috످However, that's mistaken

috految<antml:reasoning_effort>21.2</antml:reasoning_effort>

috److It sounds like you're responding to something, but this is the first message I can see in our conversation. Could you share the statement you think is mistaken so we can take a look?

috످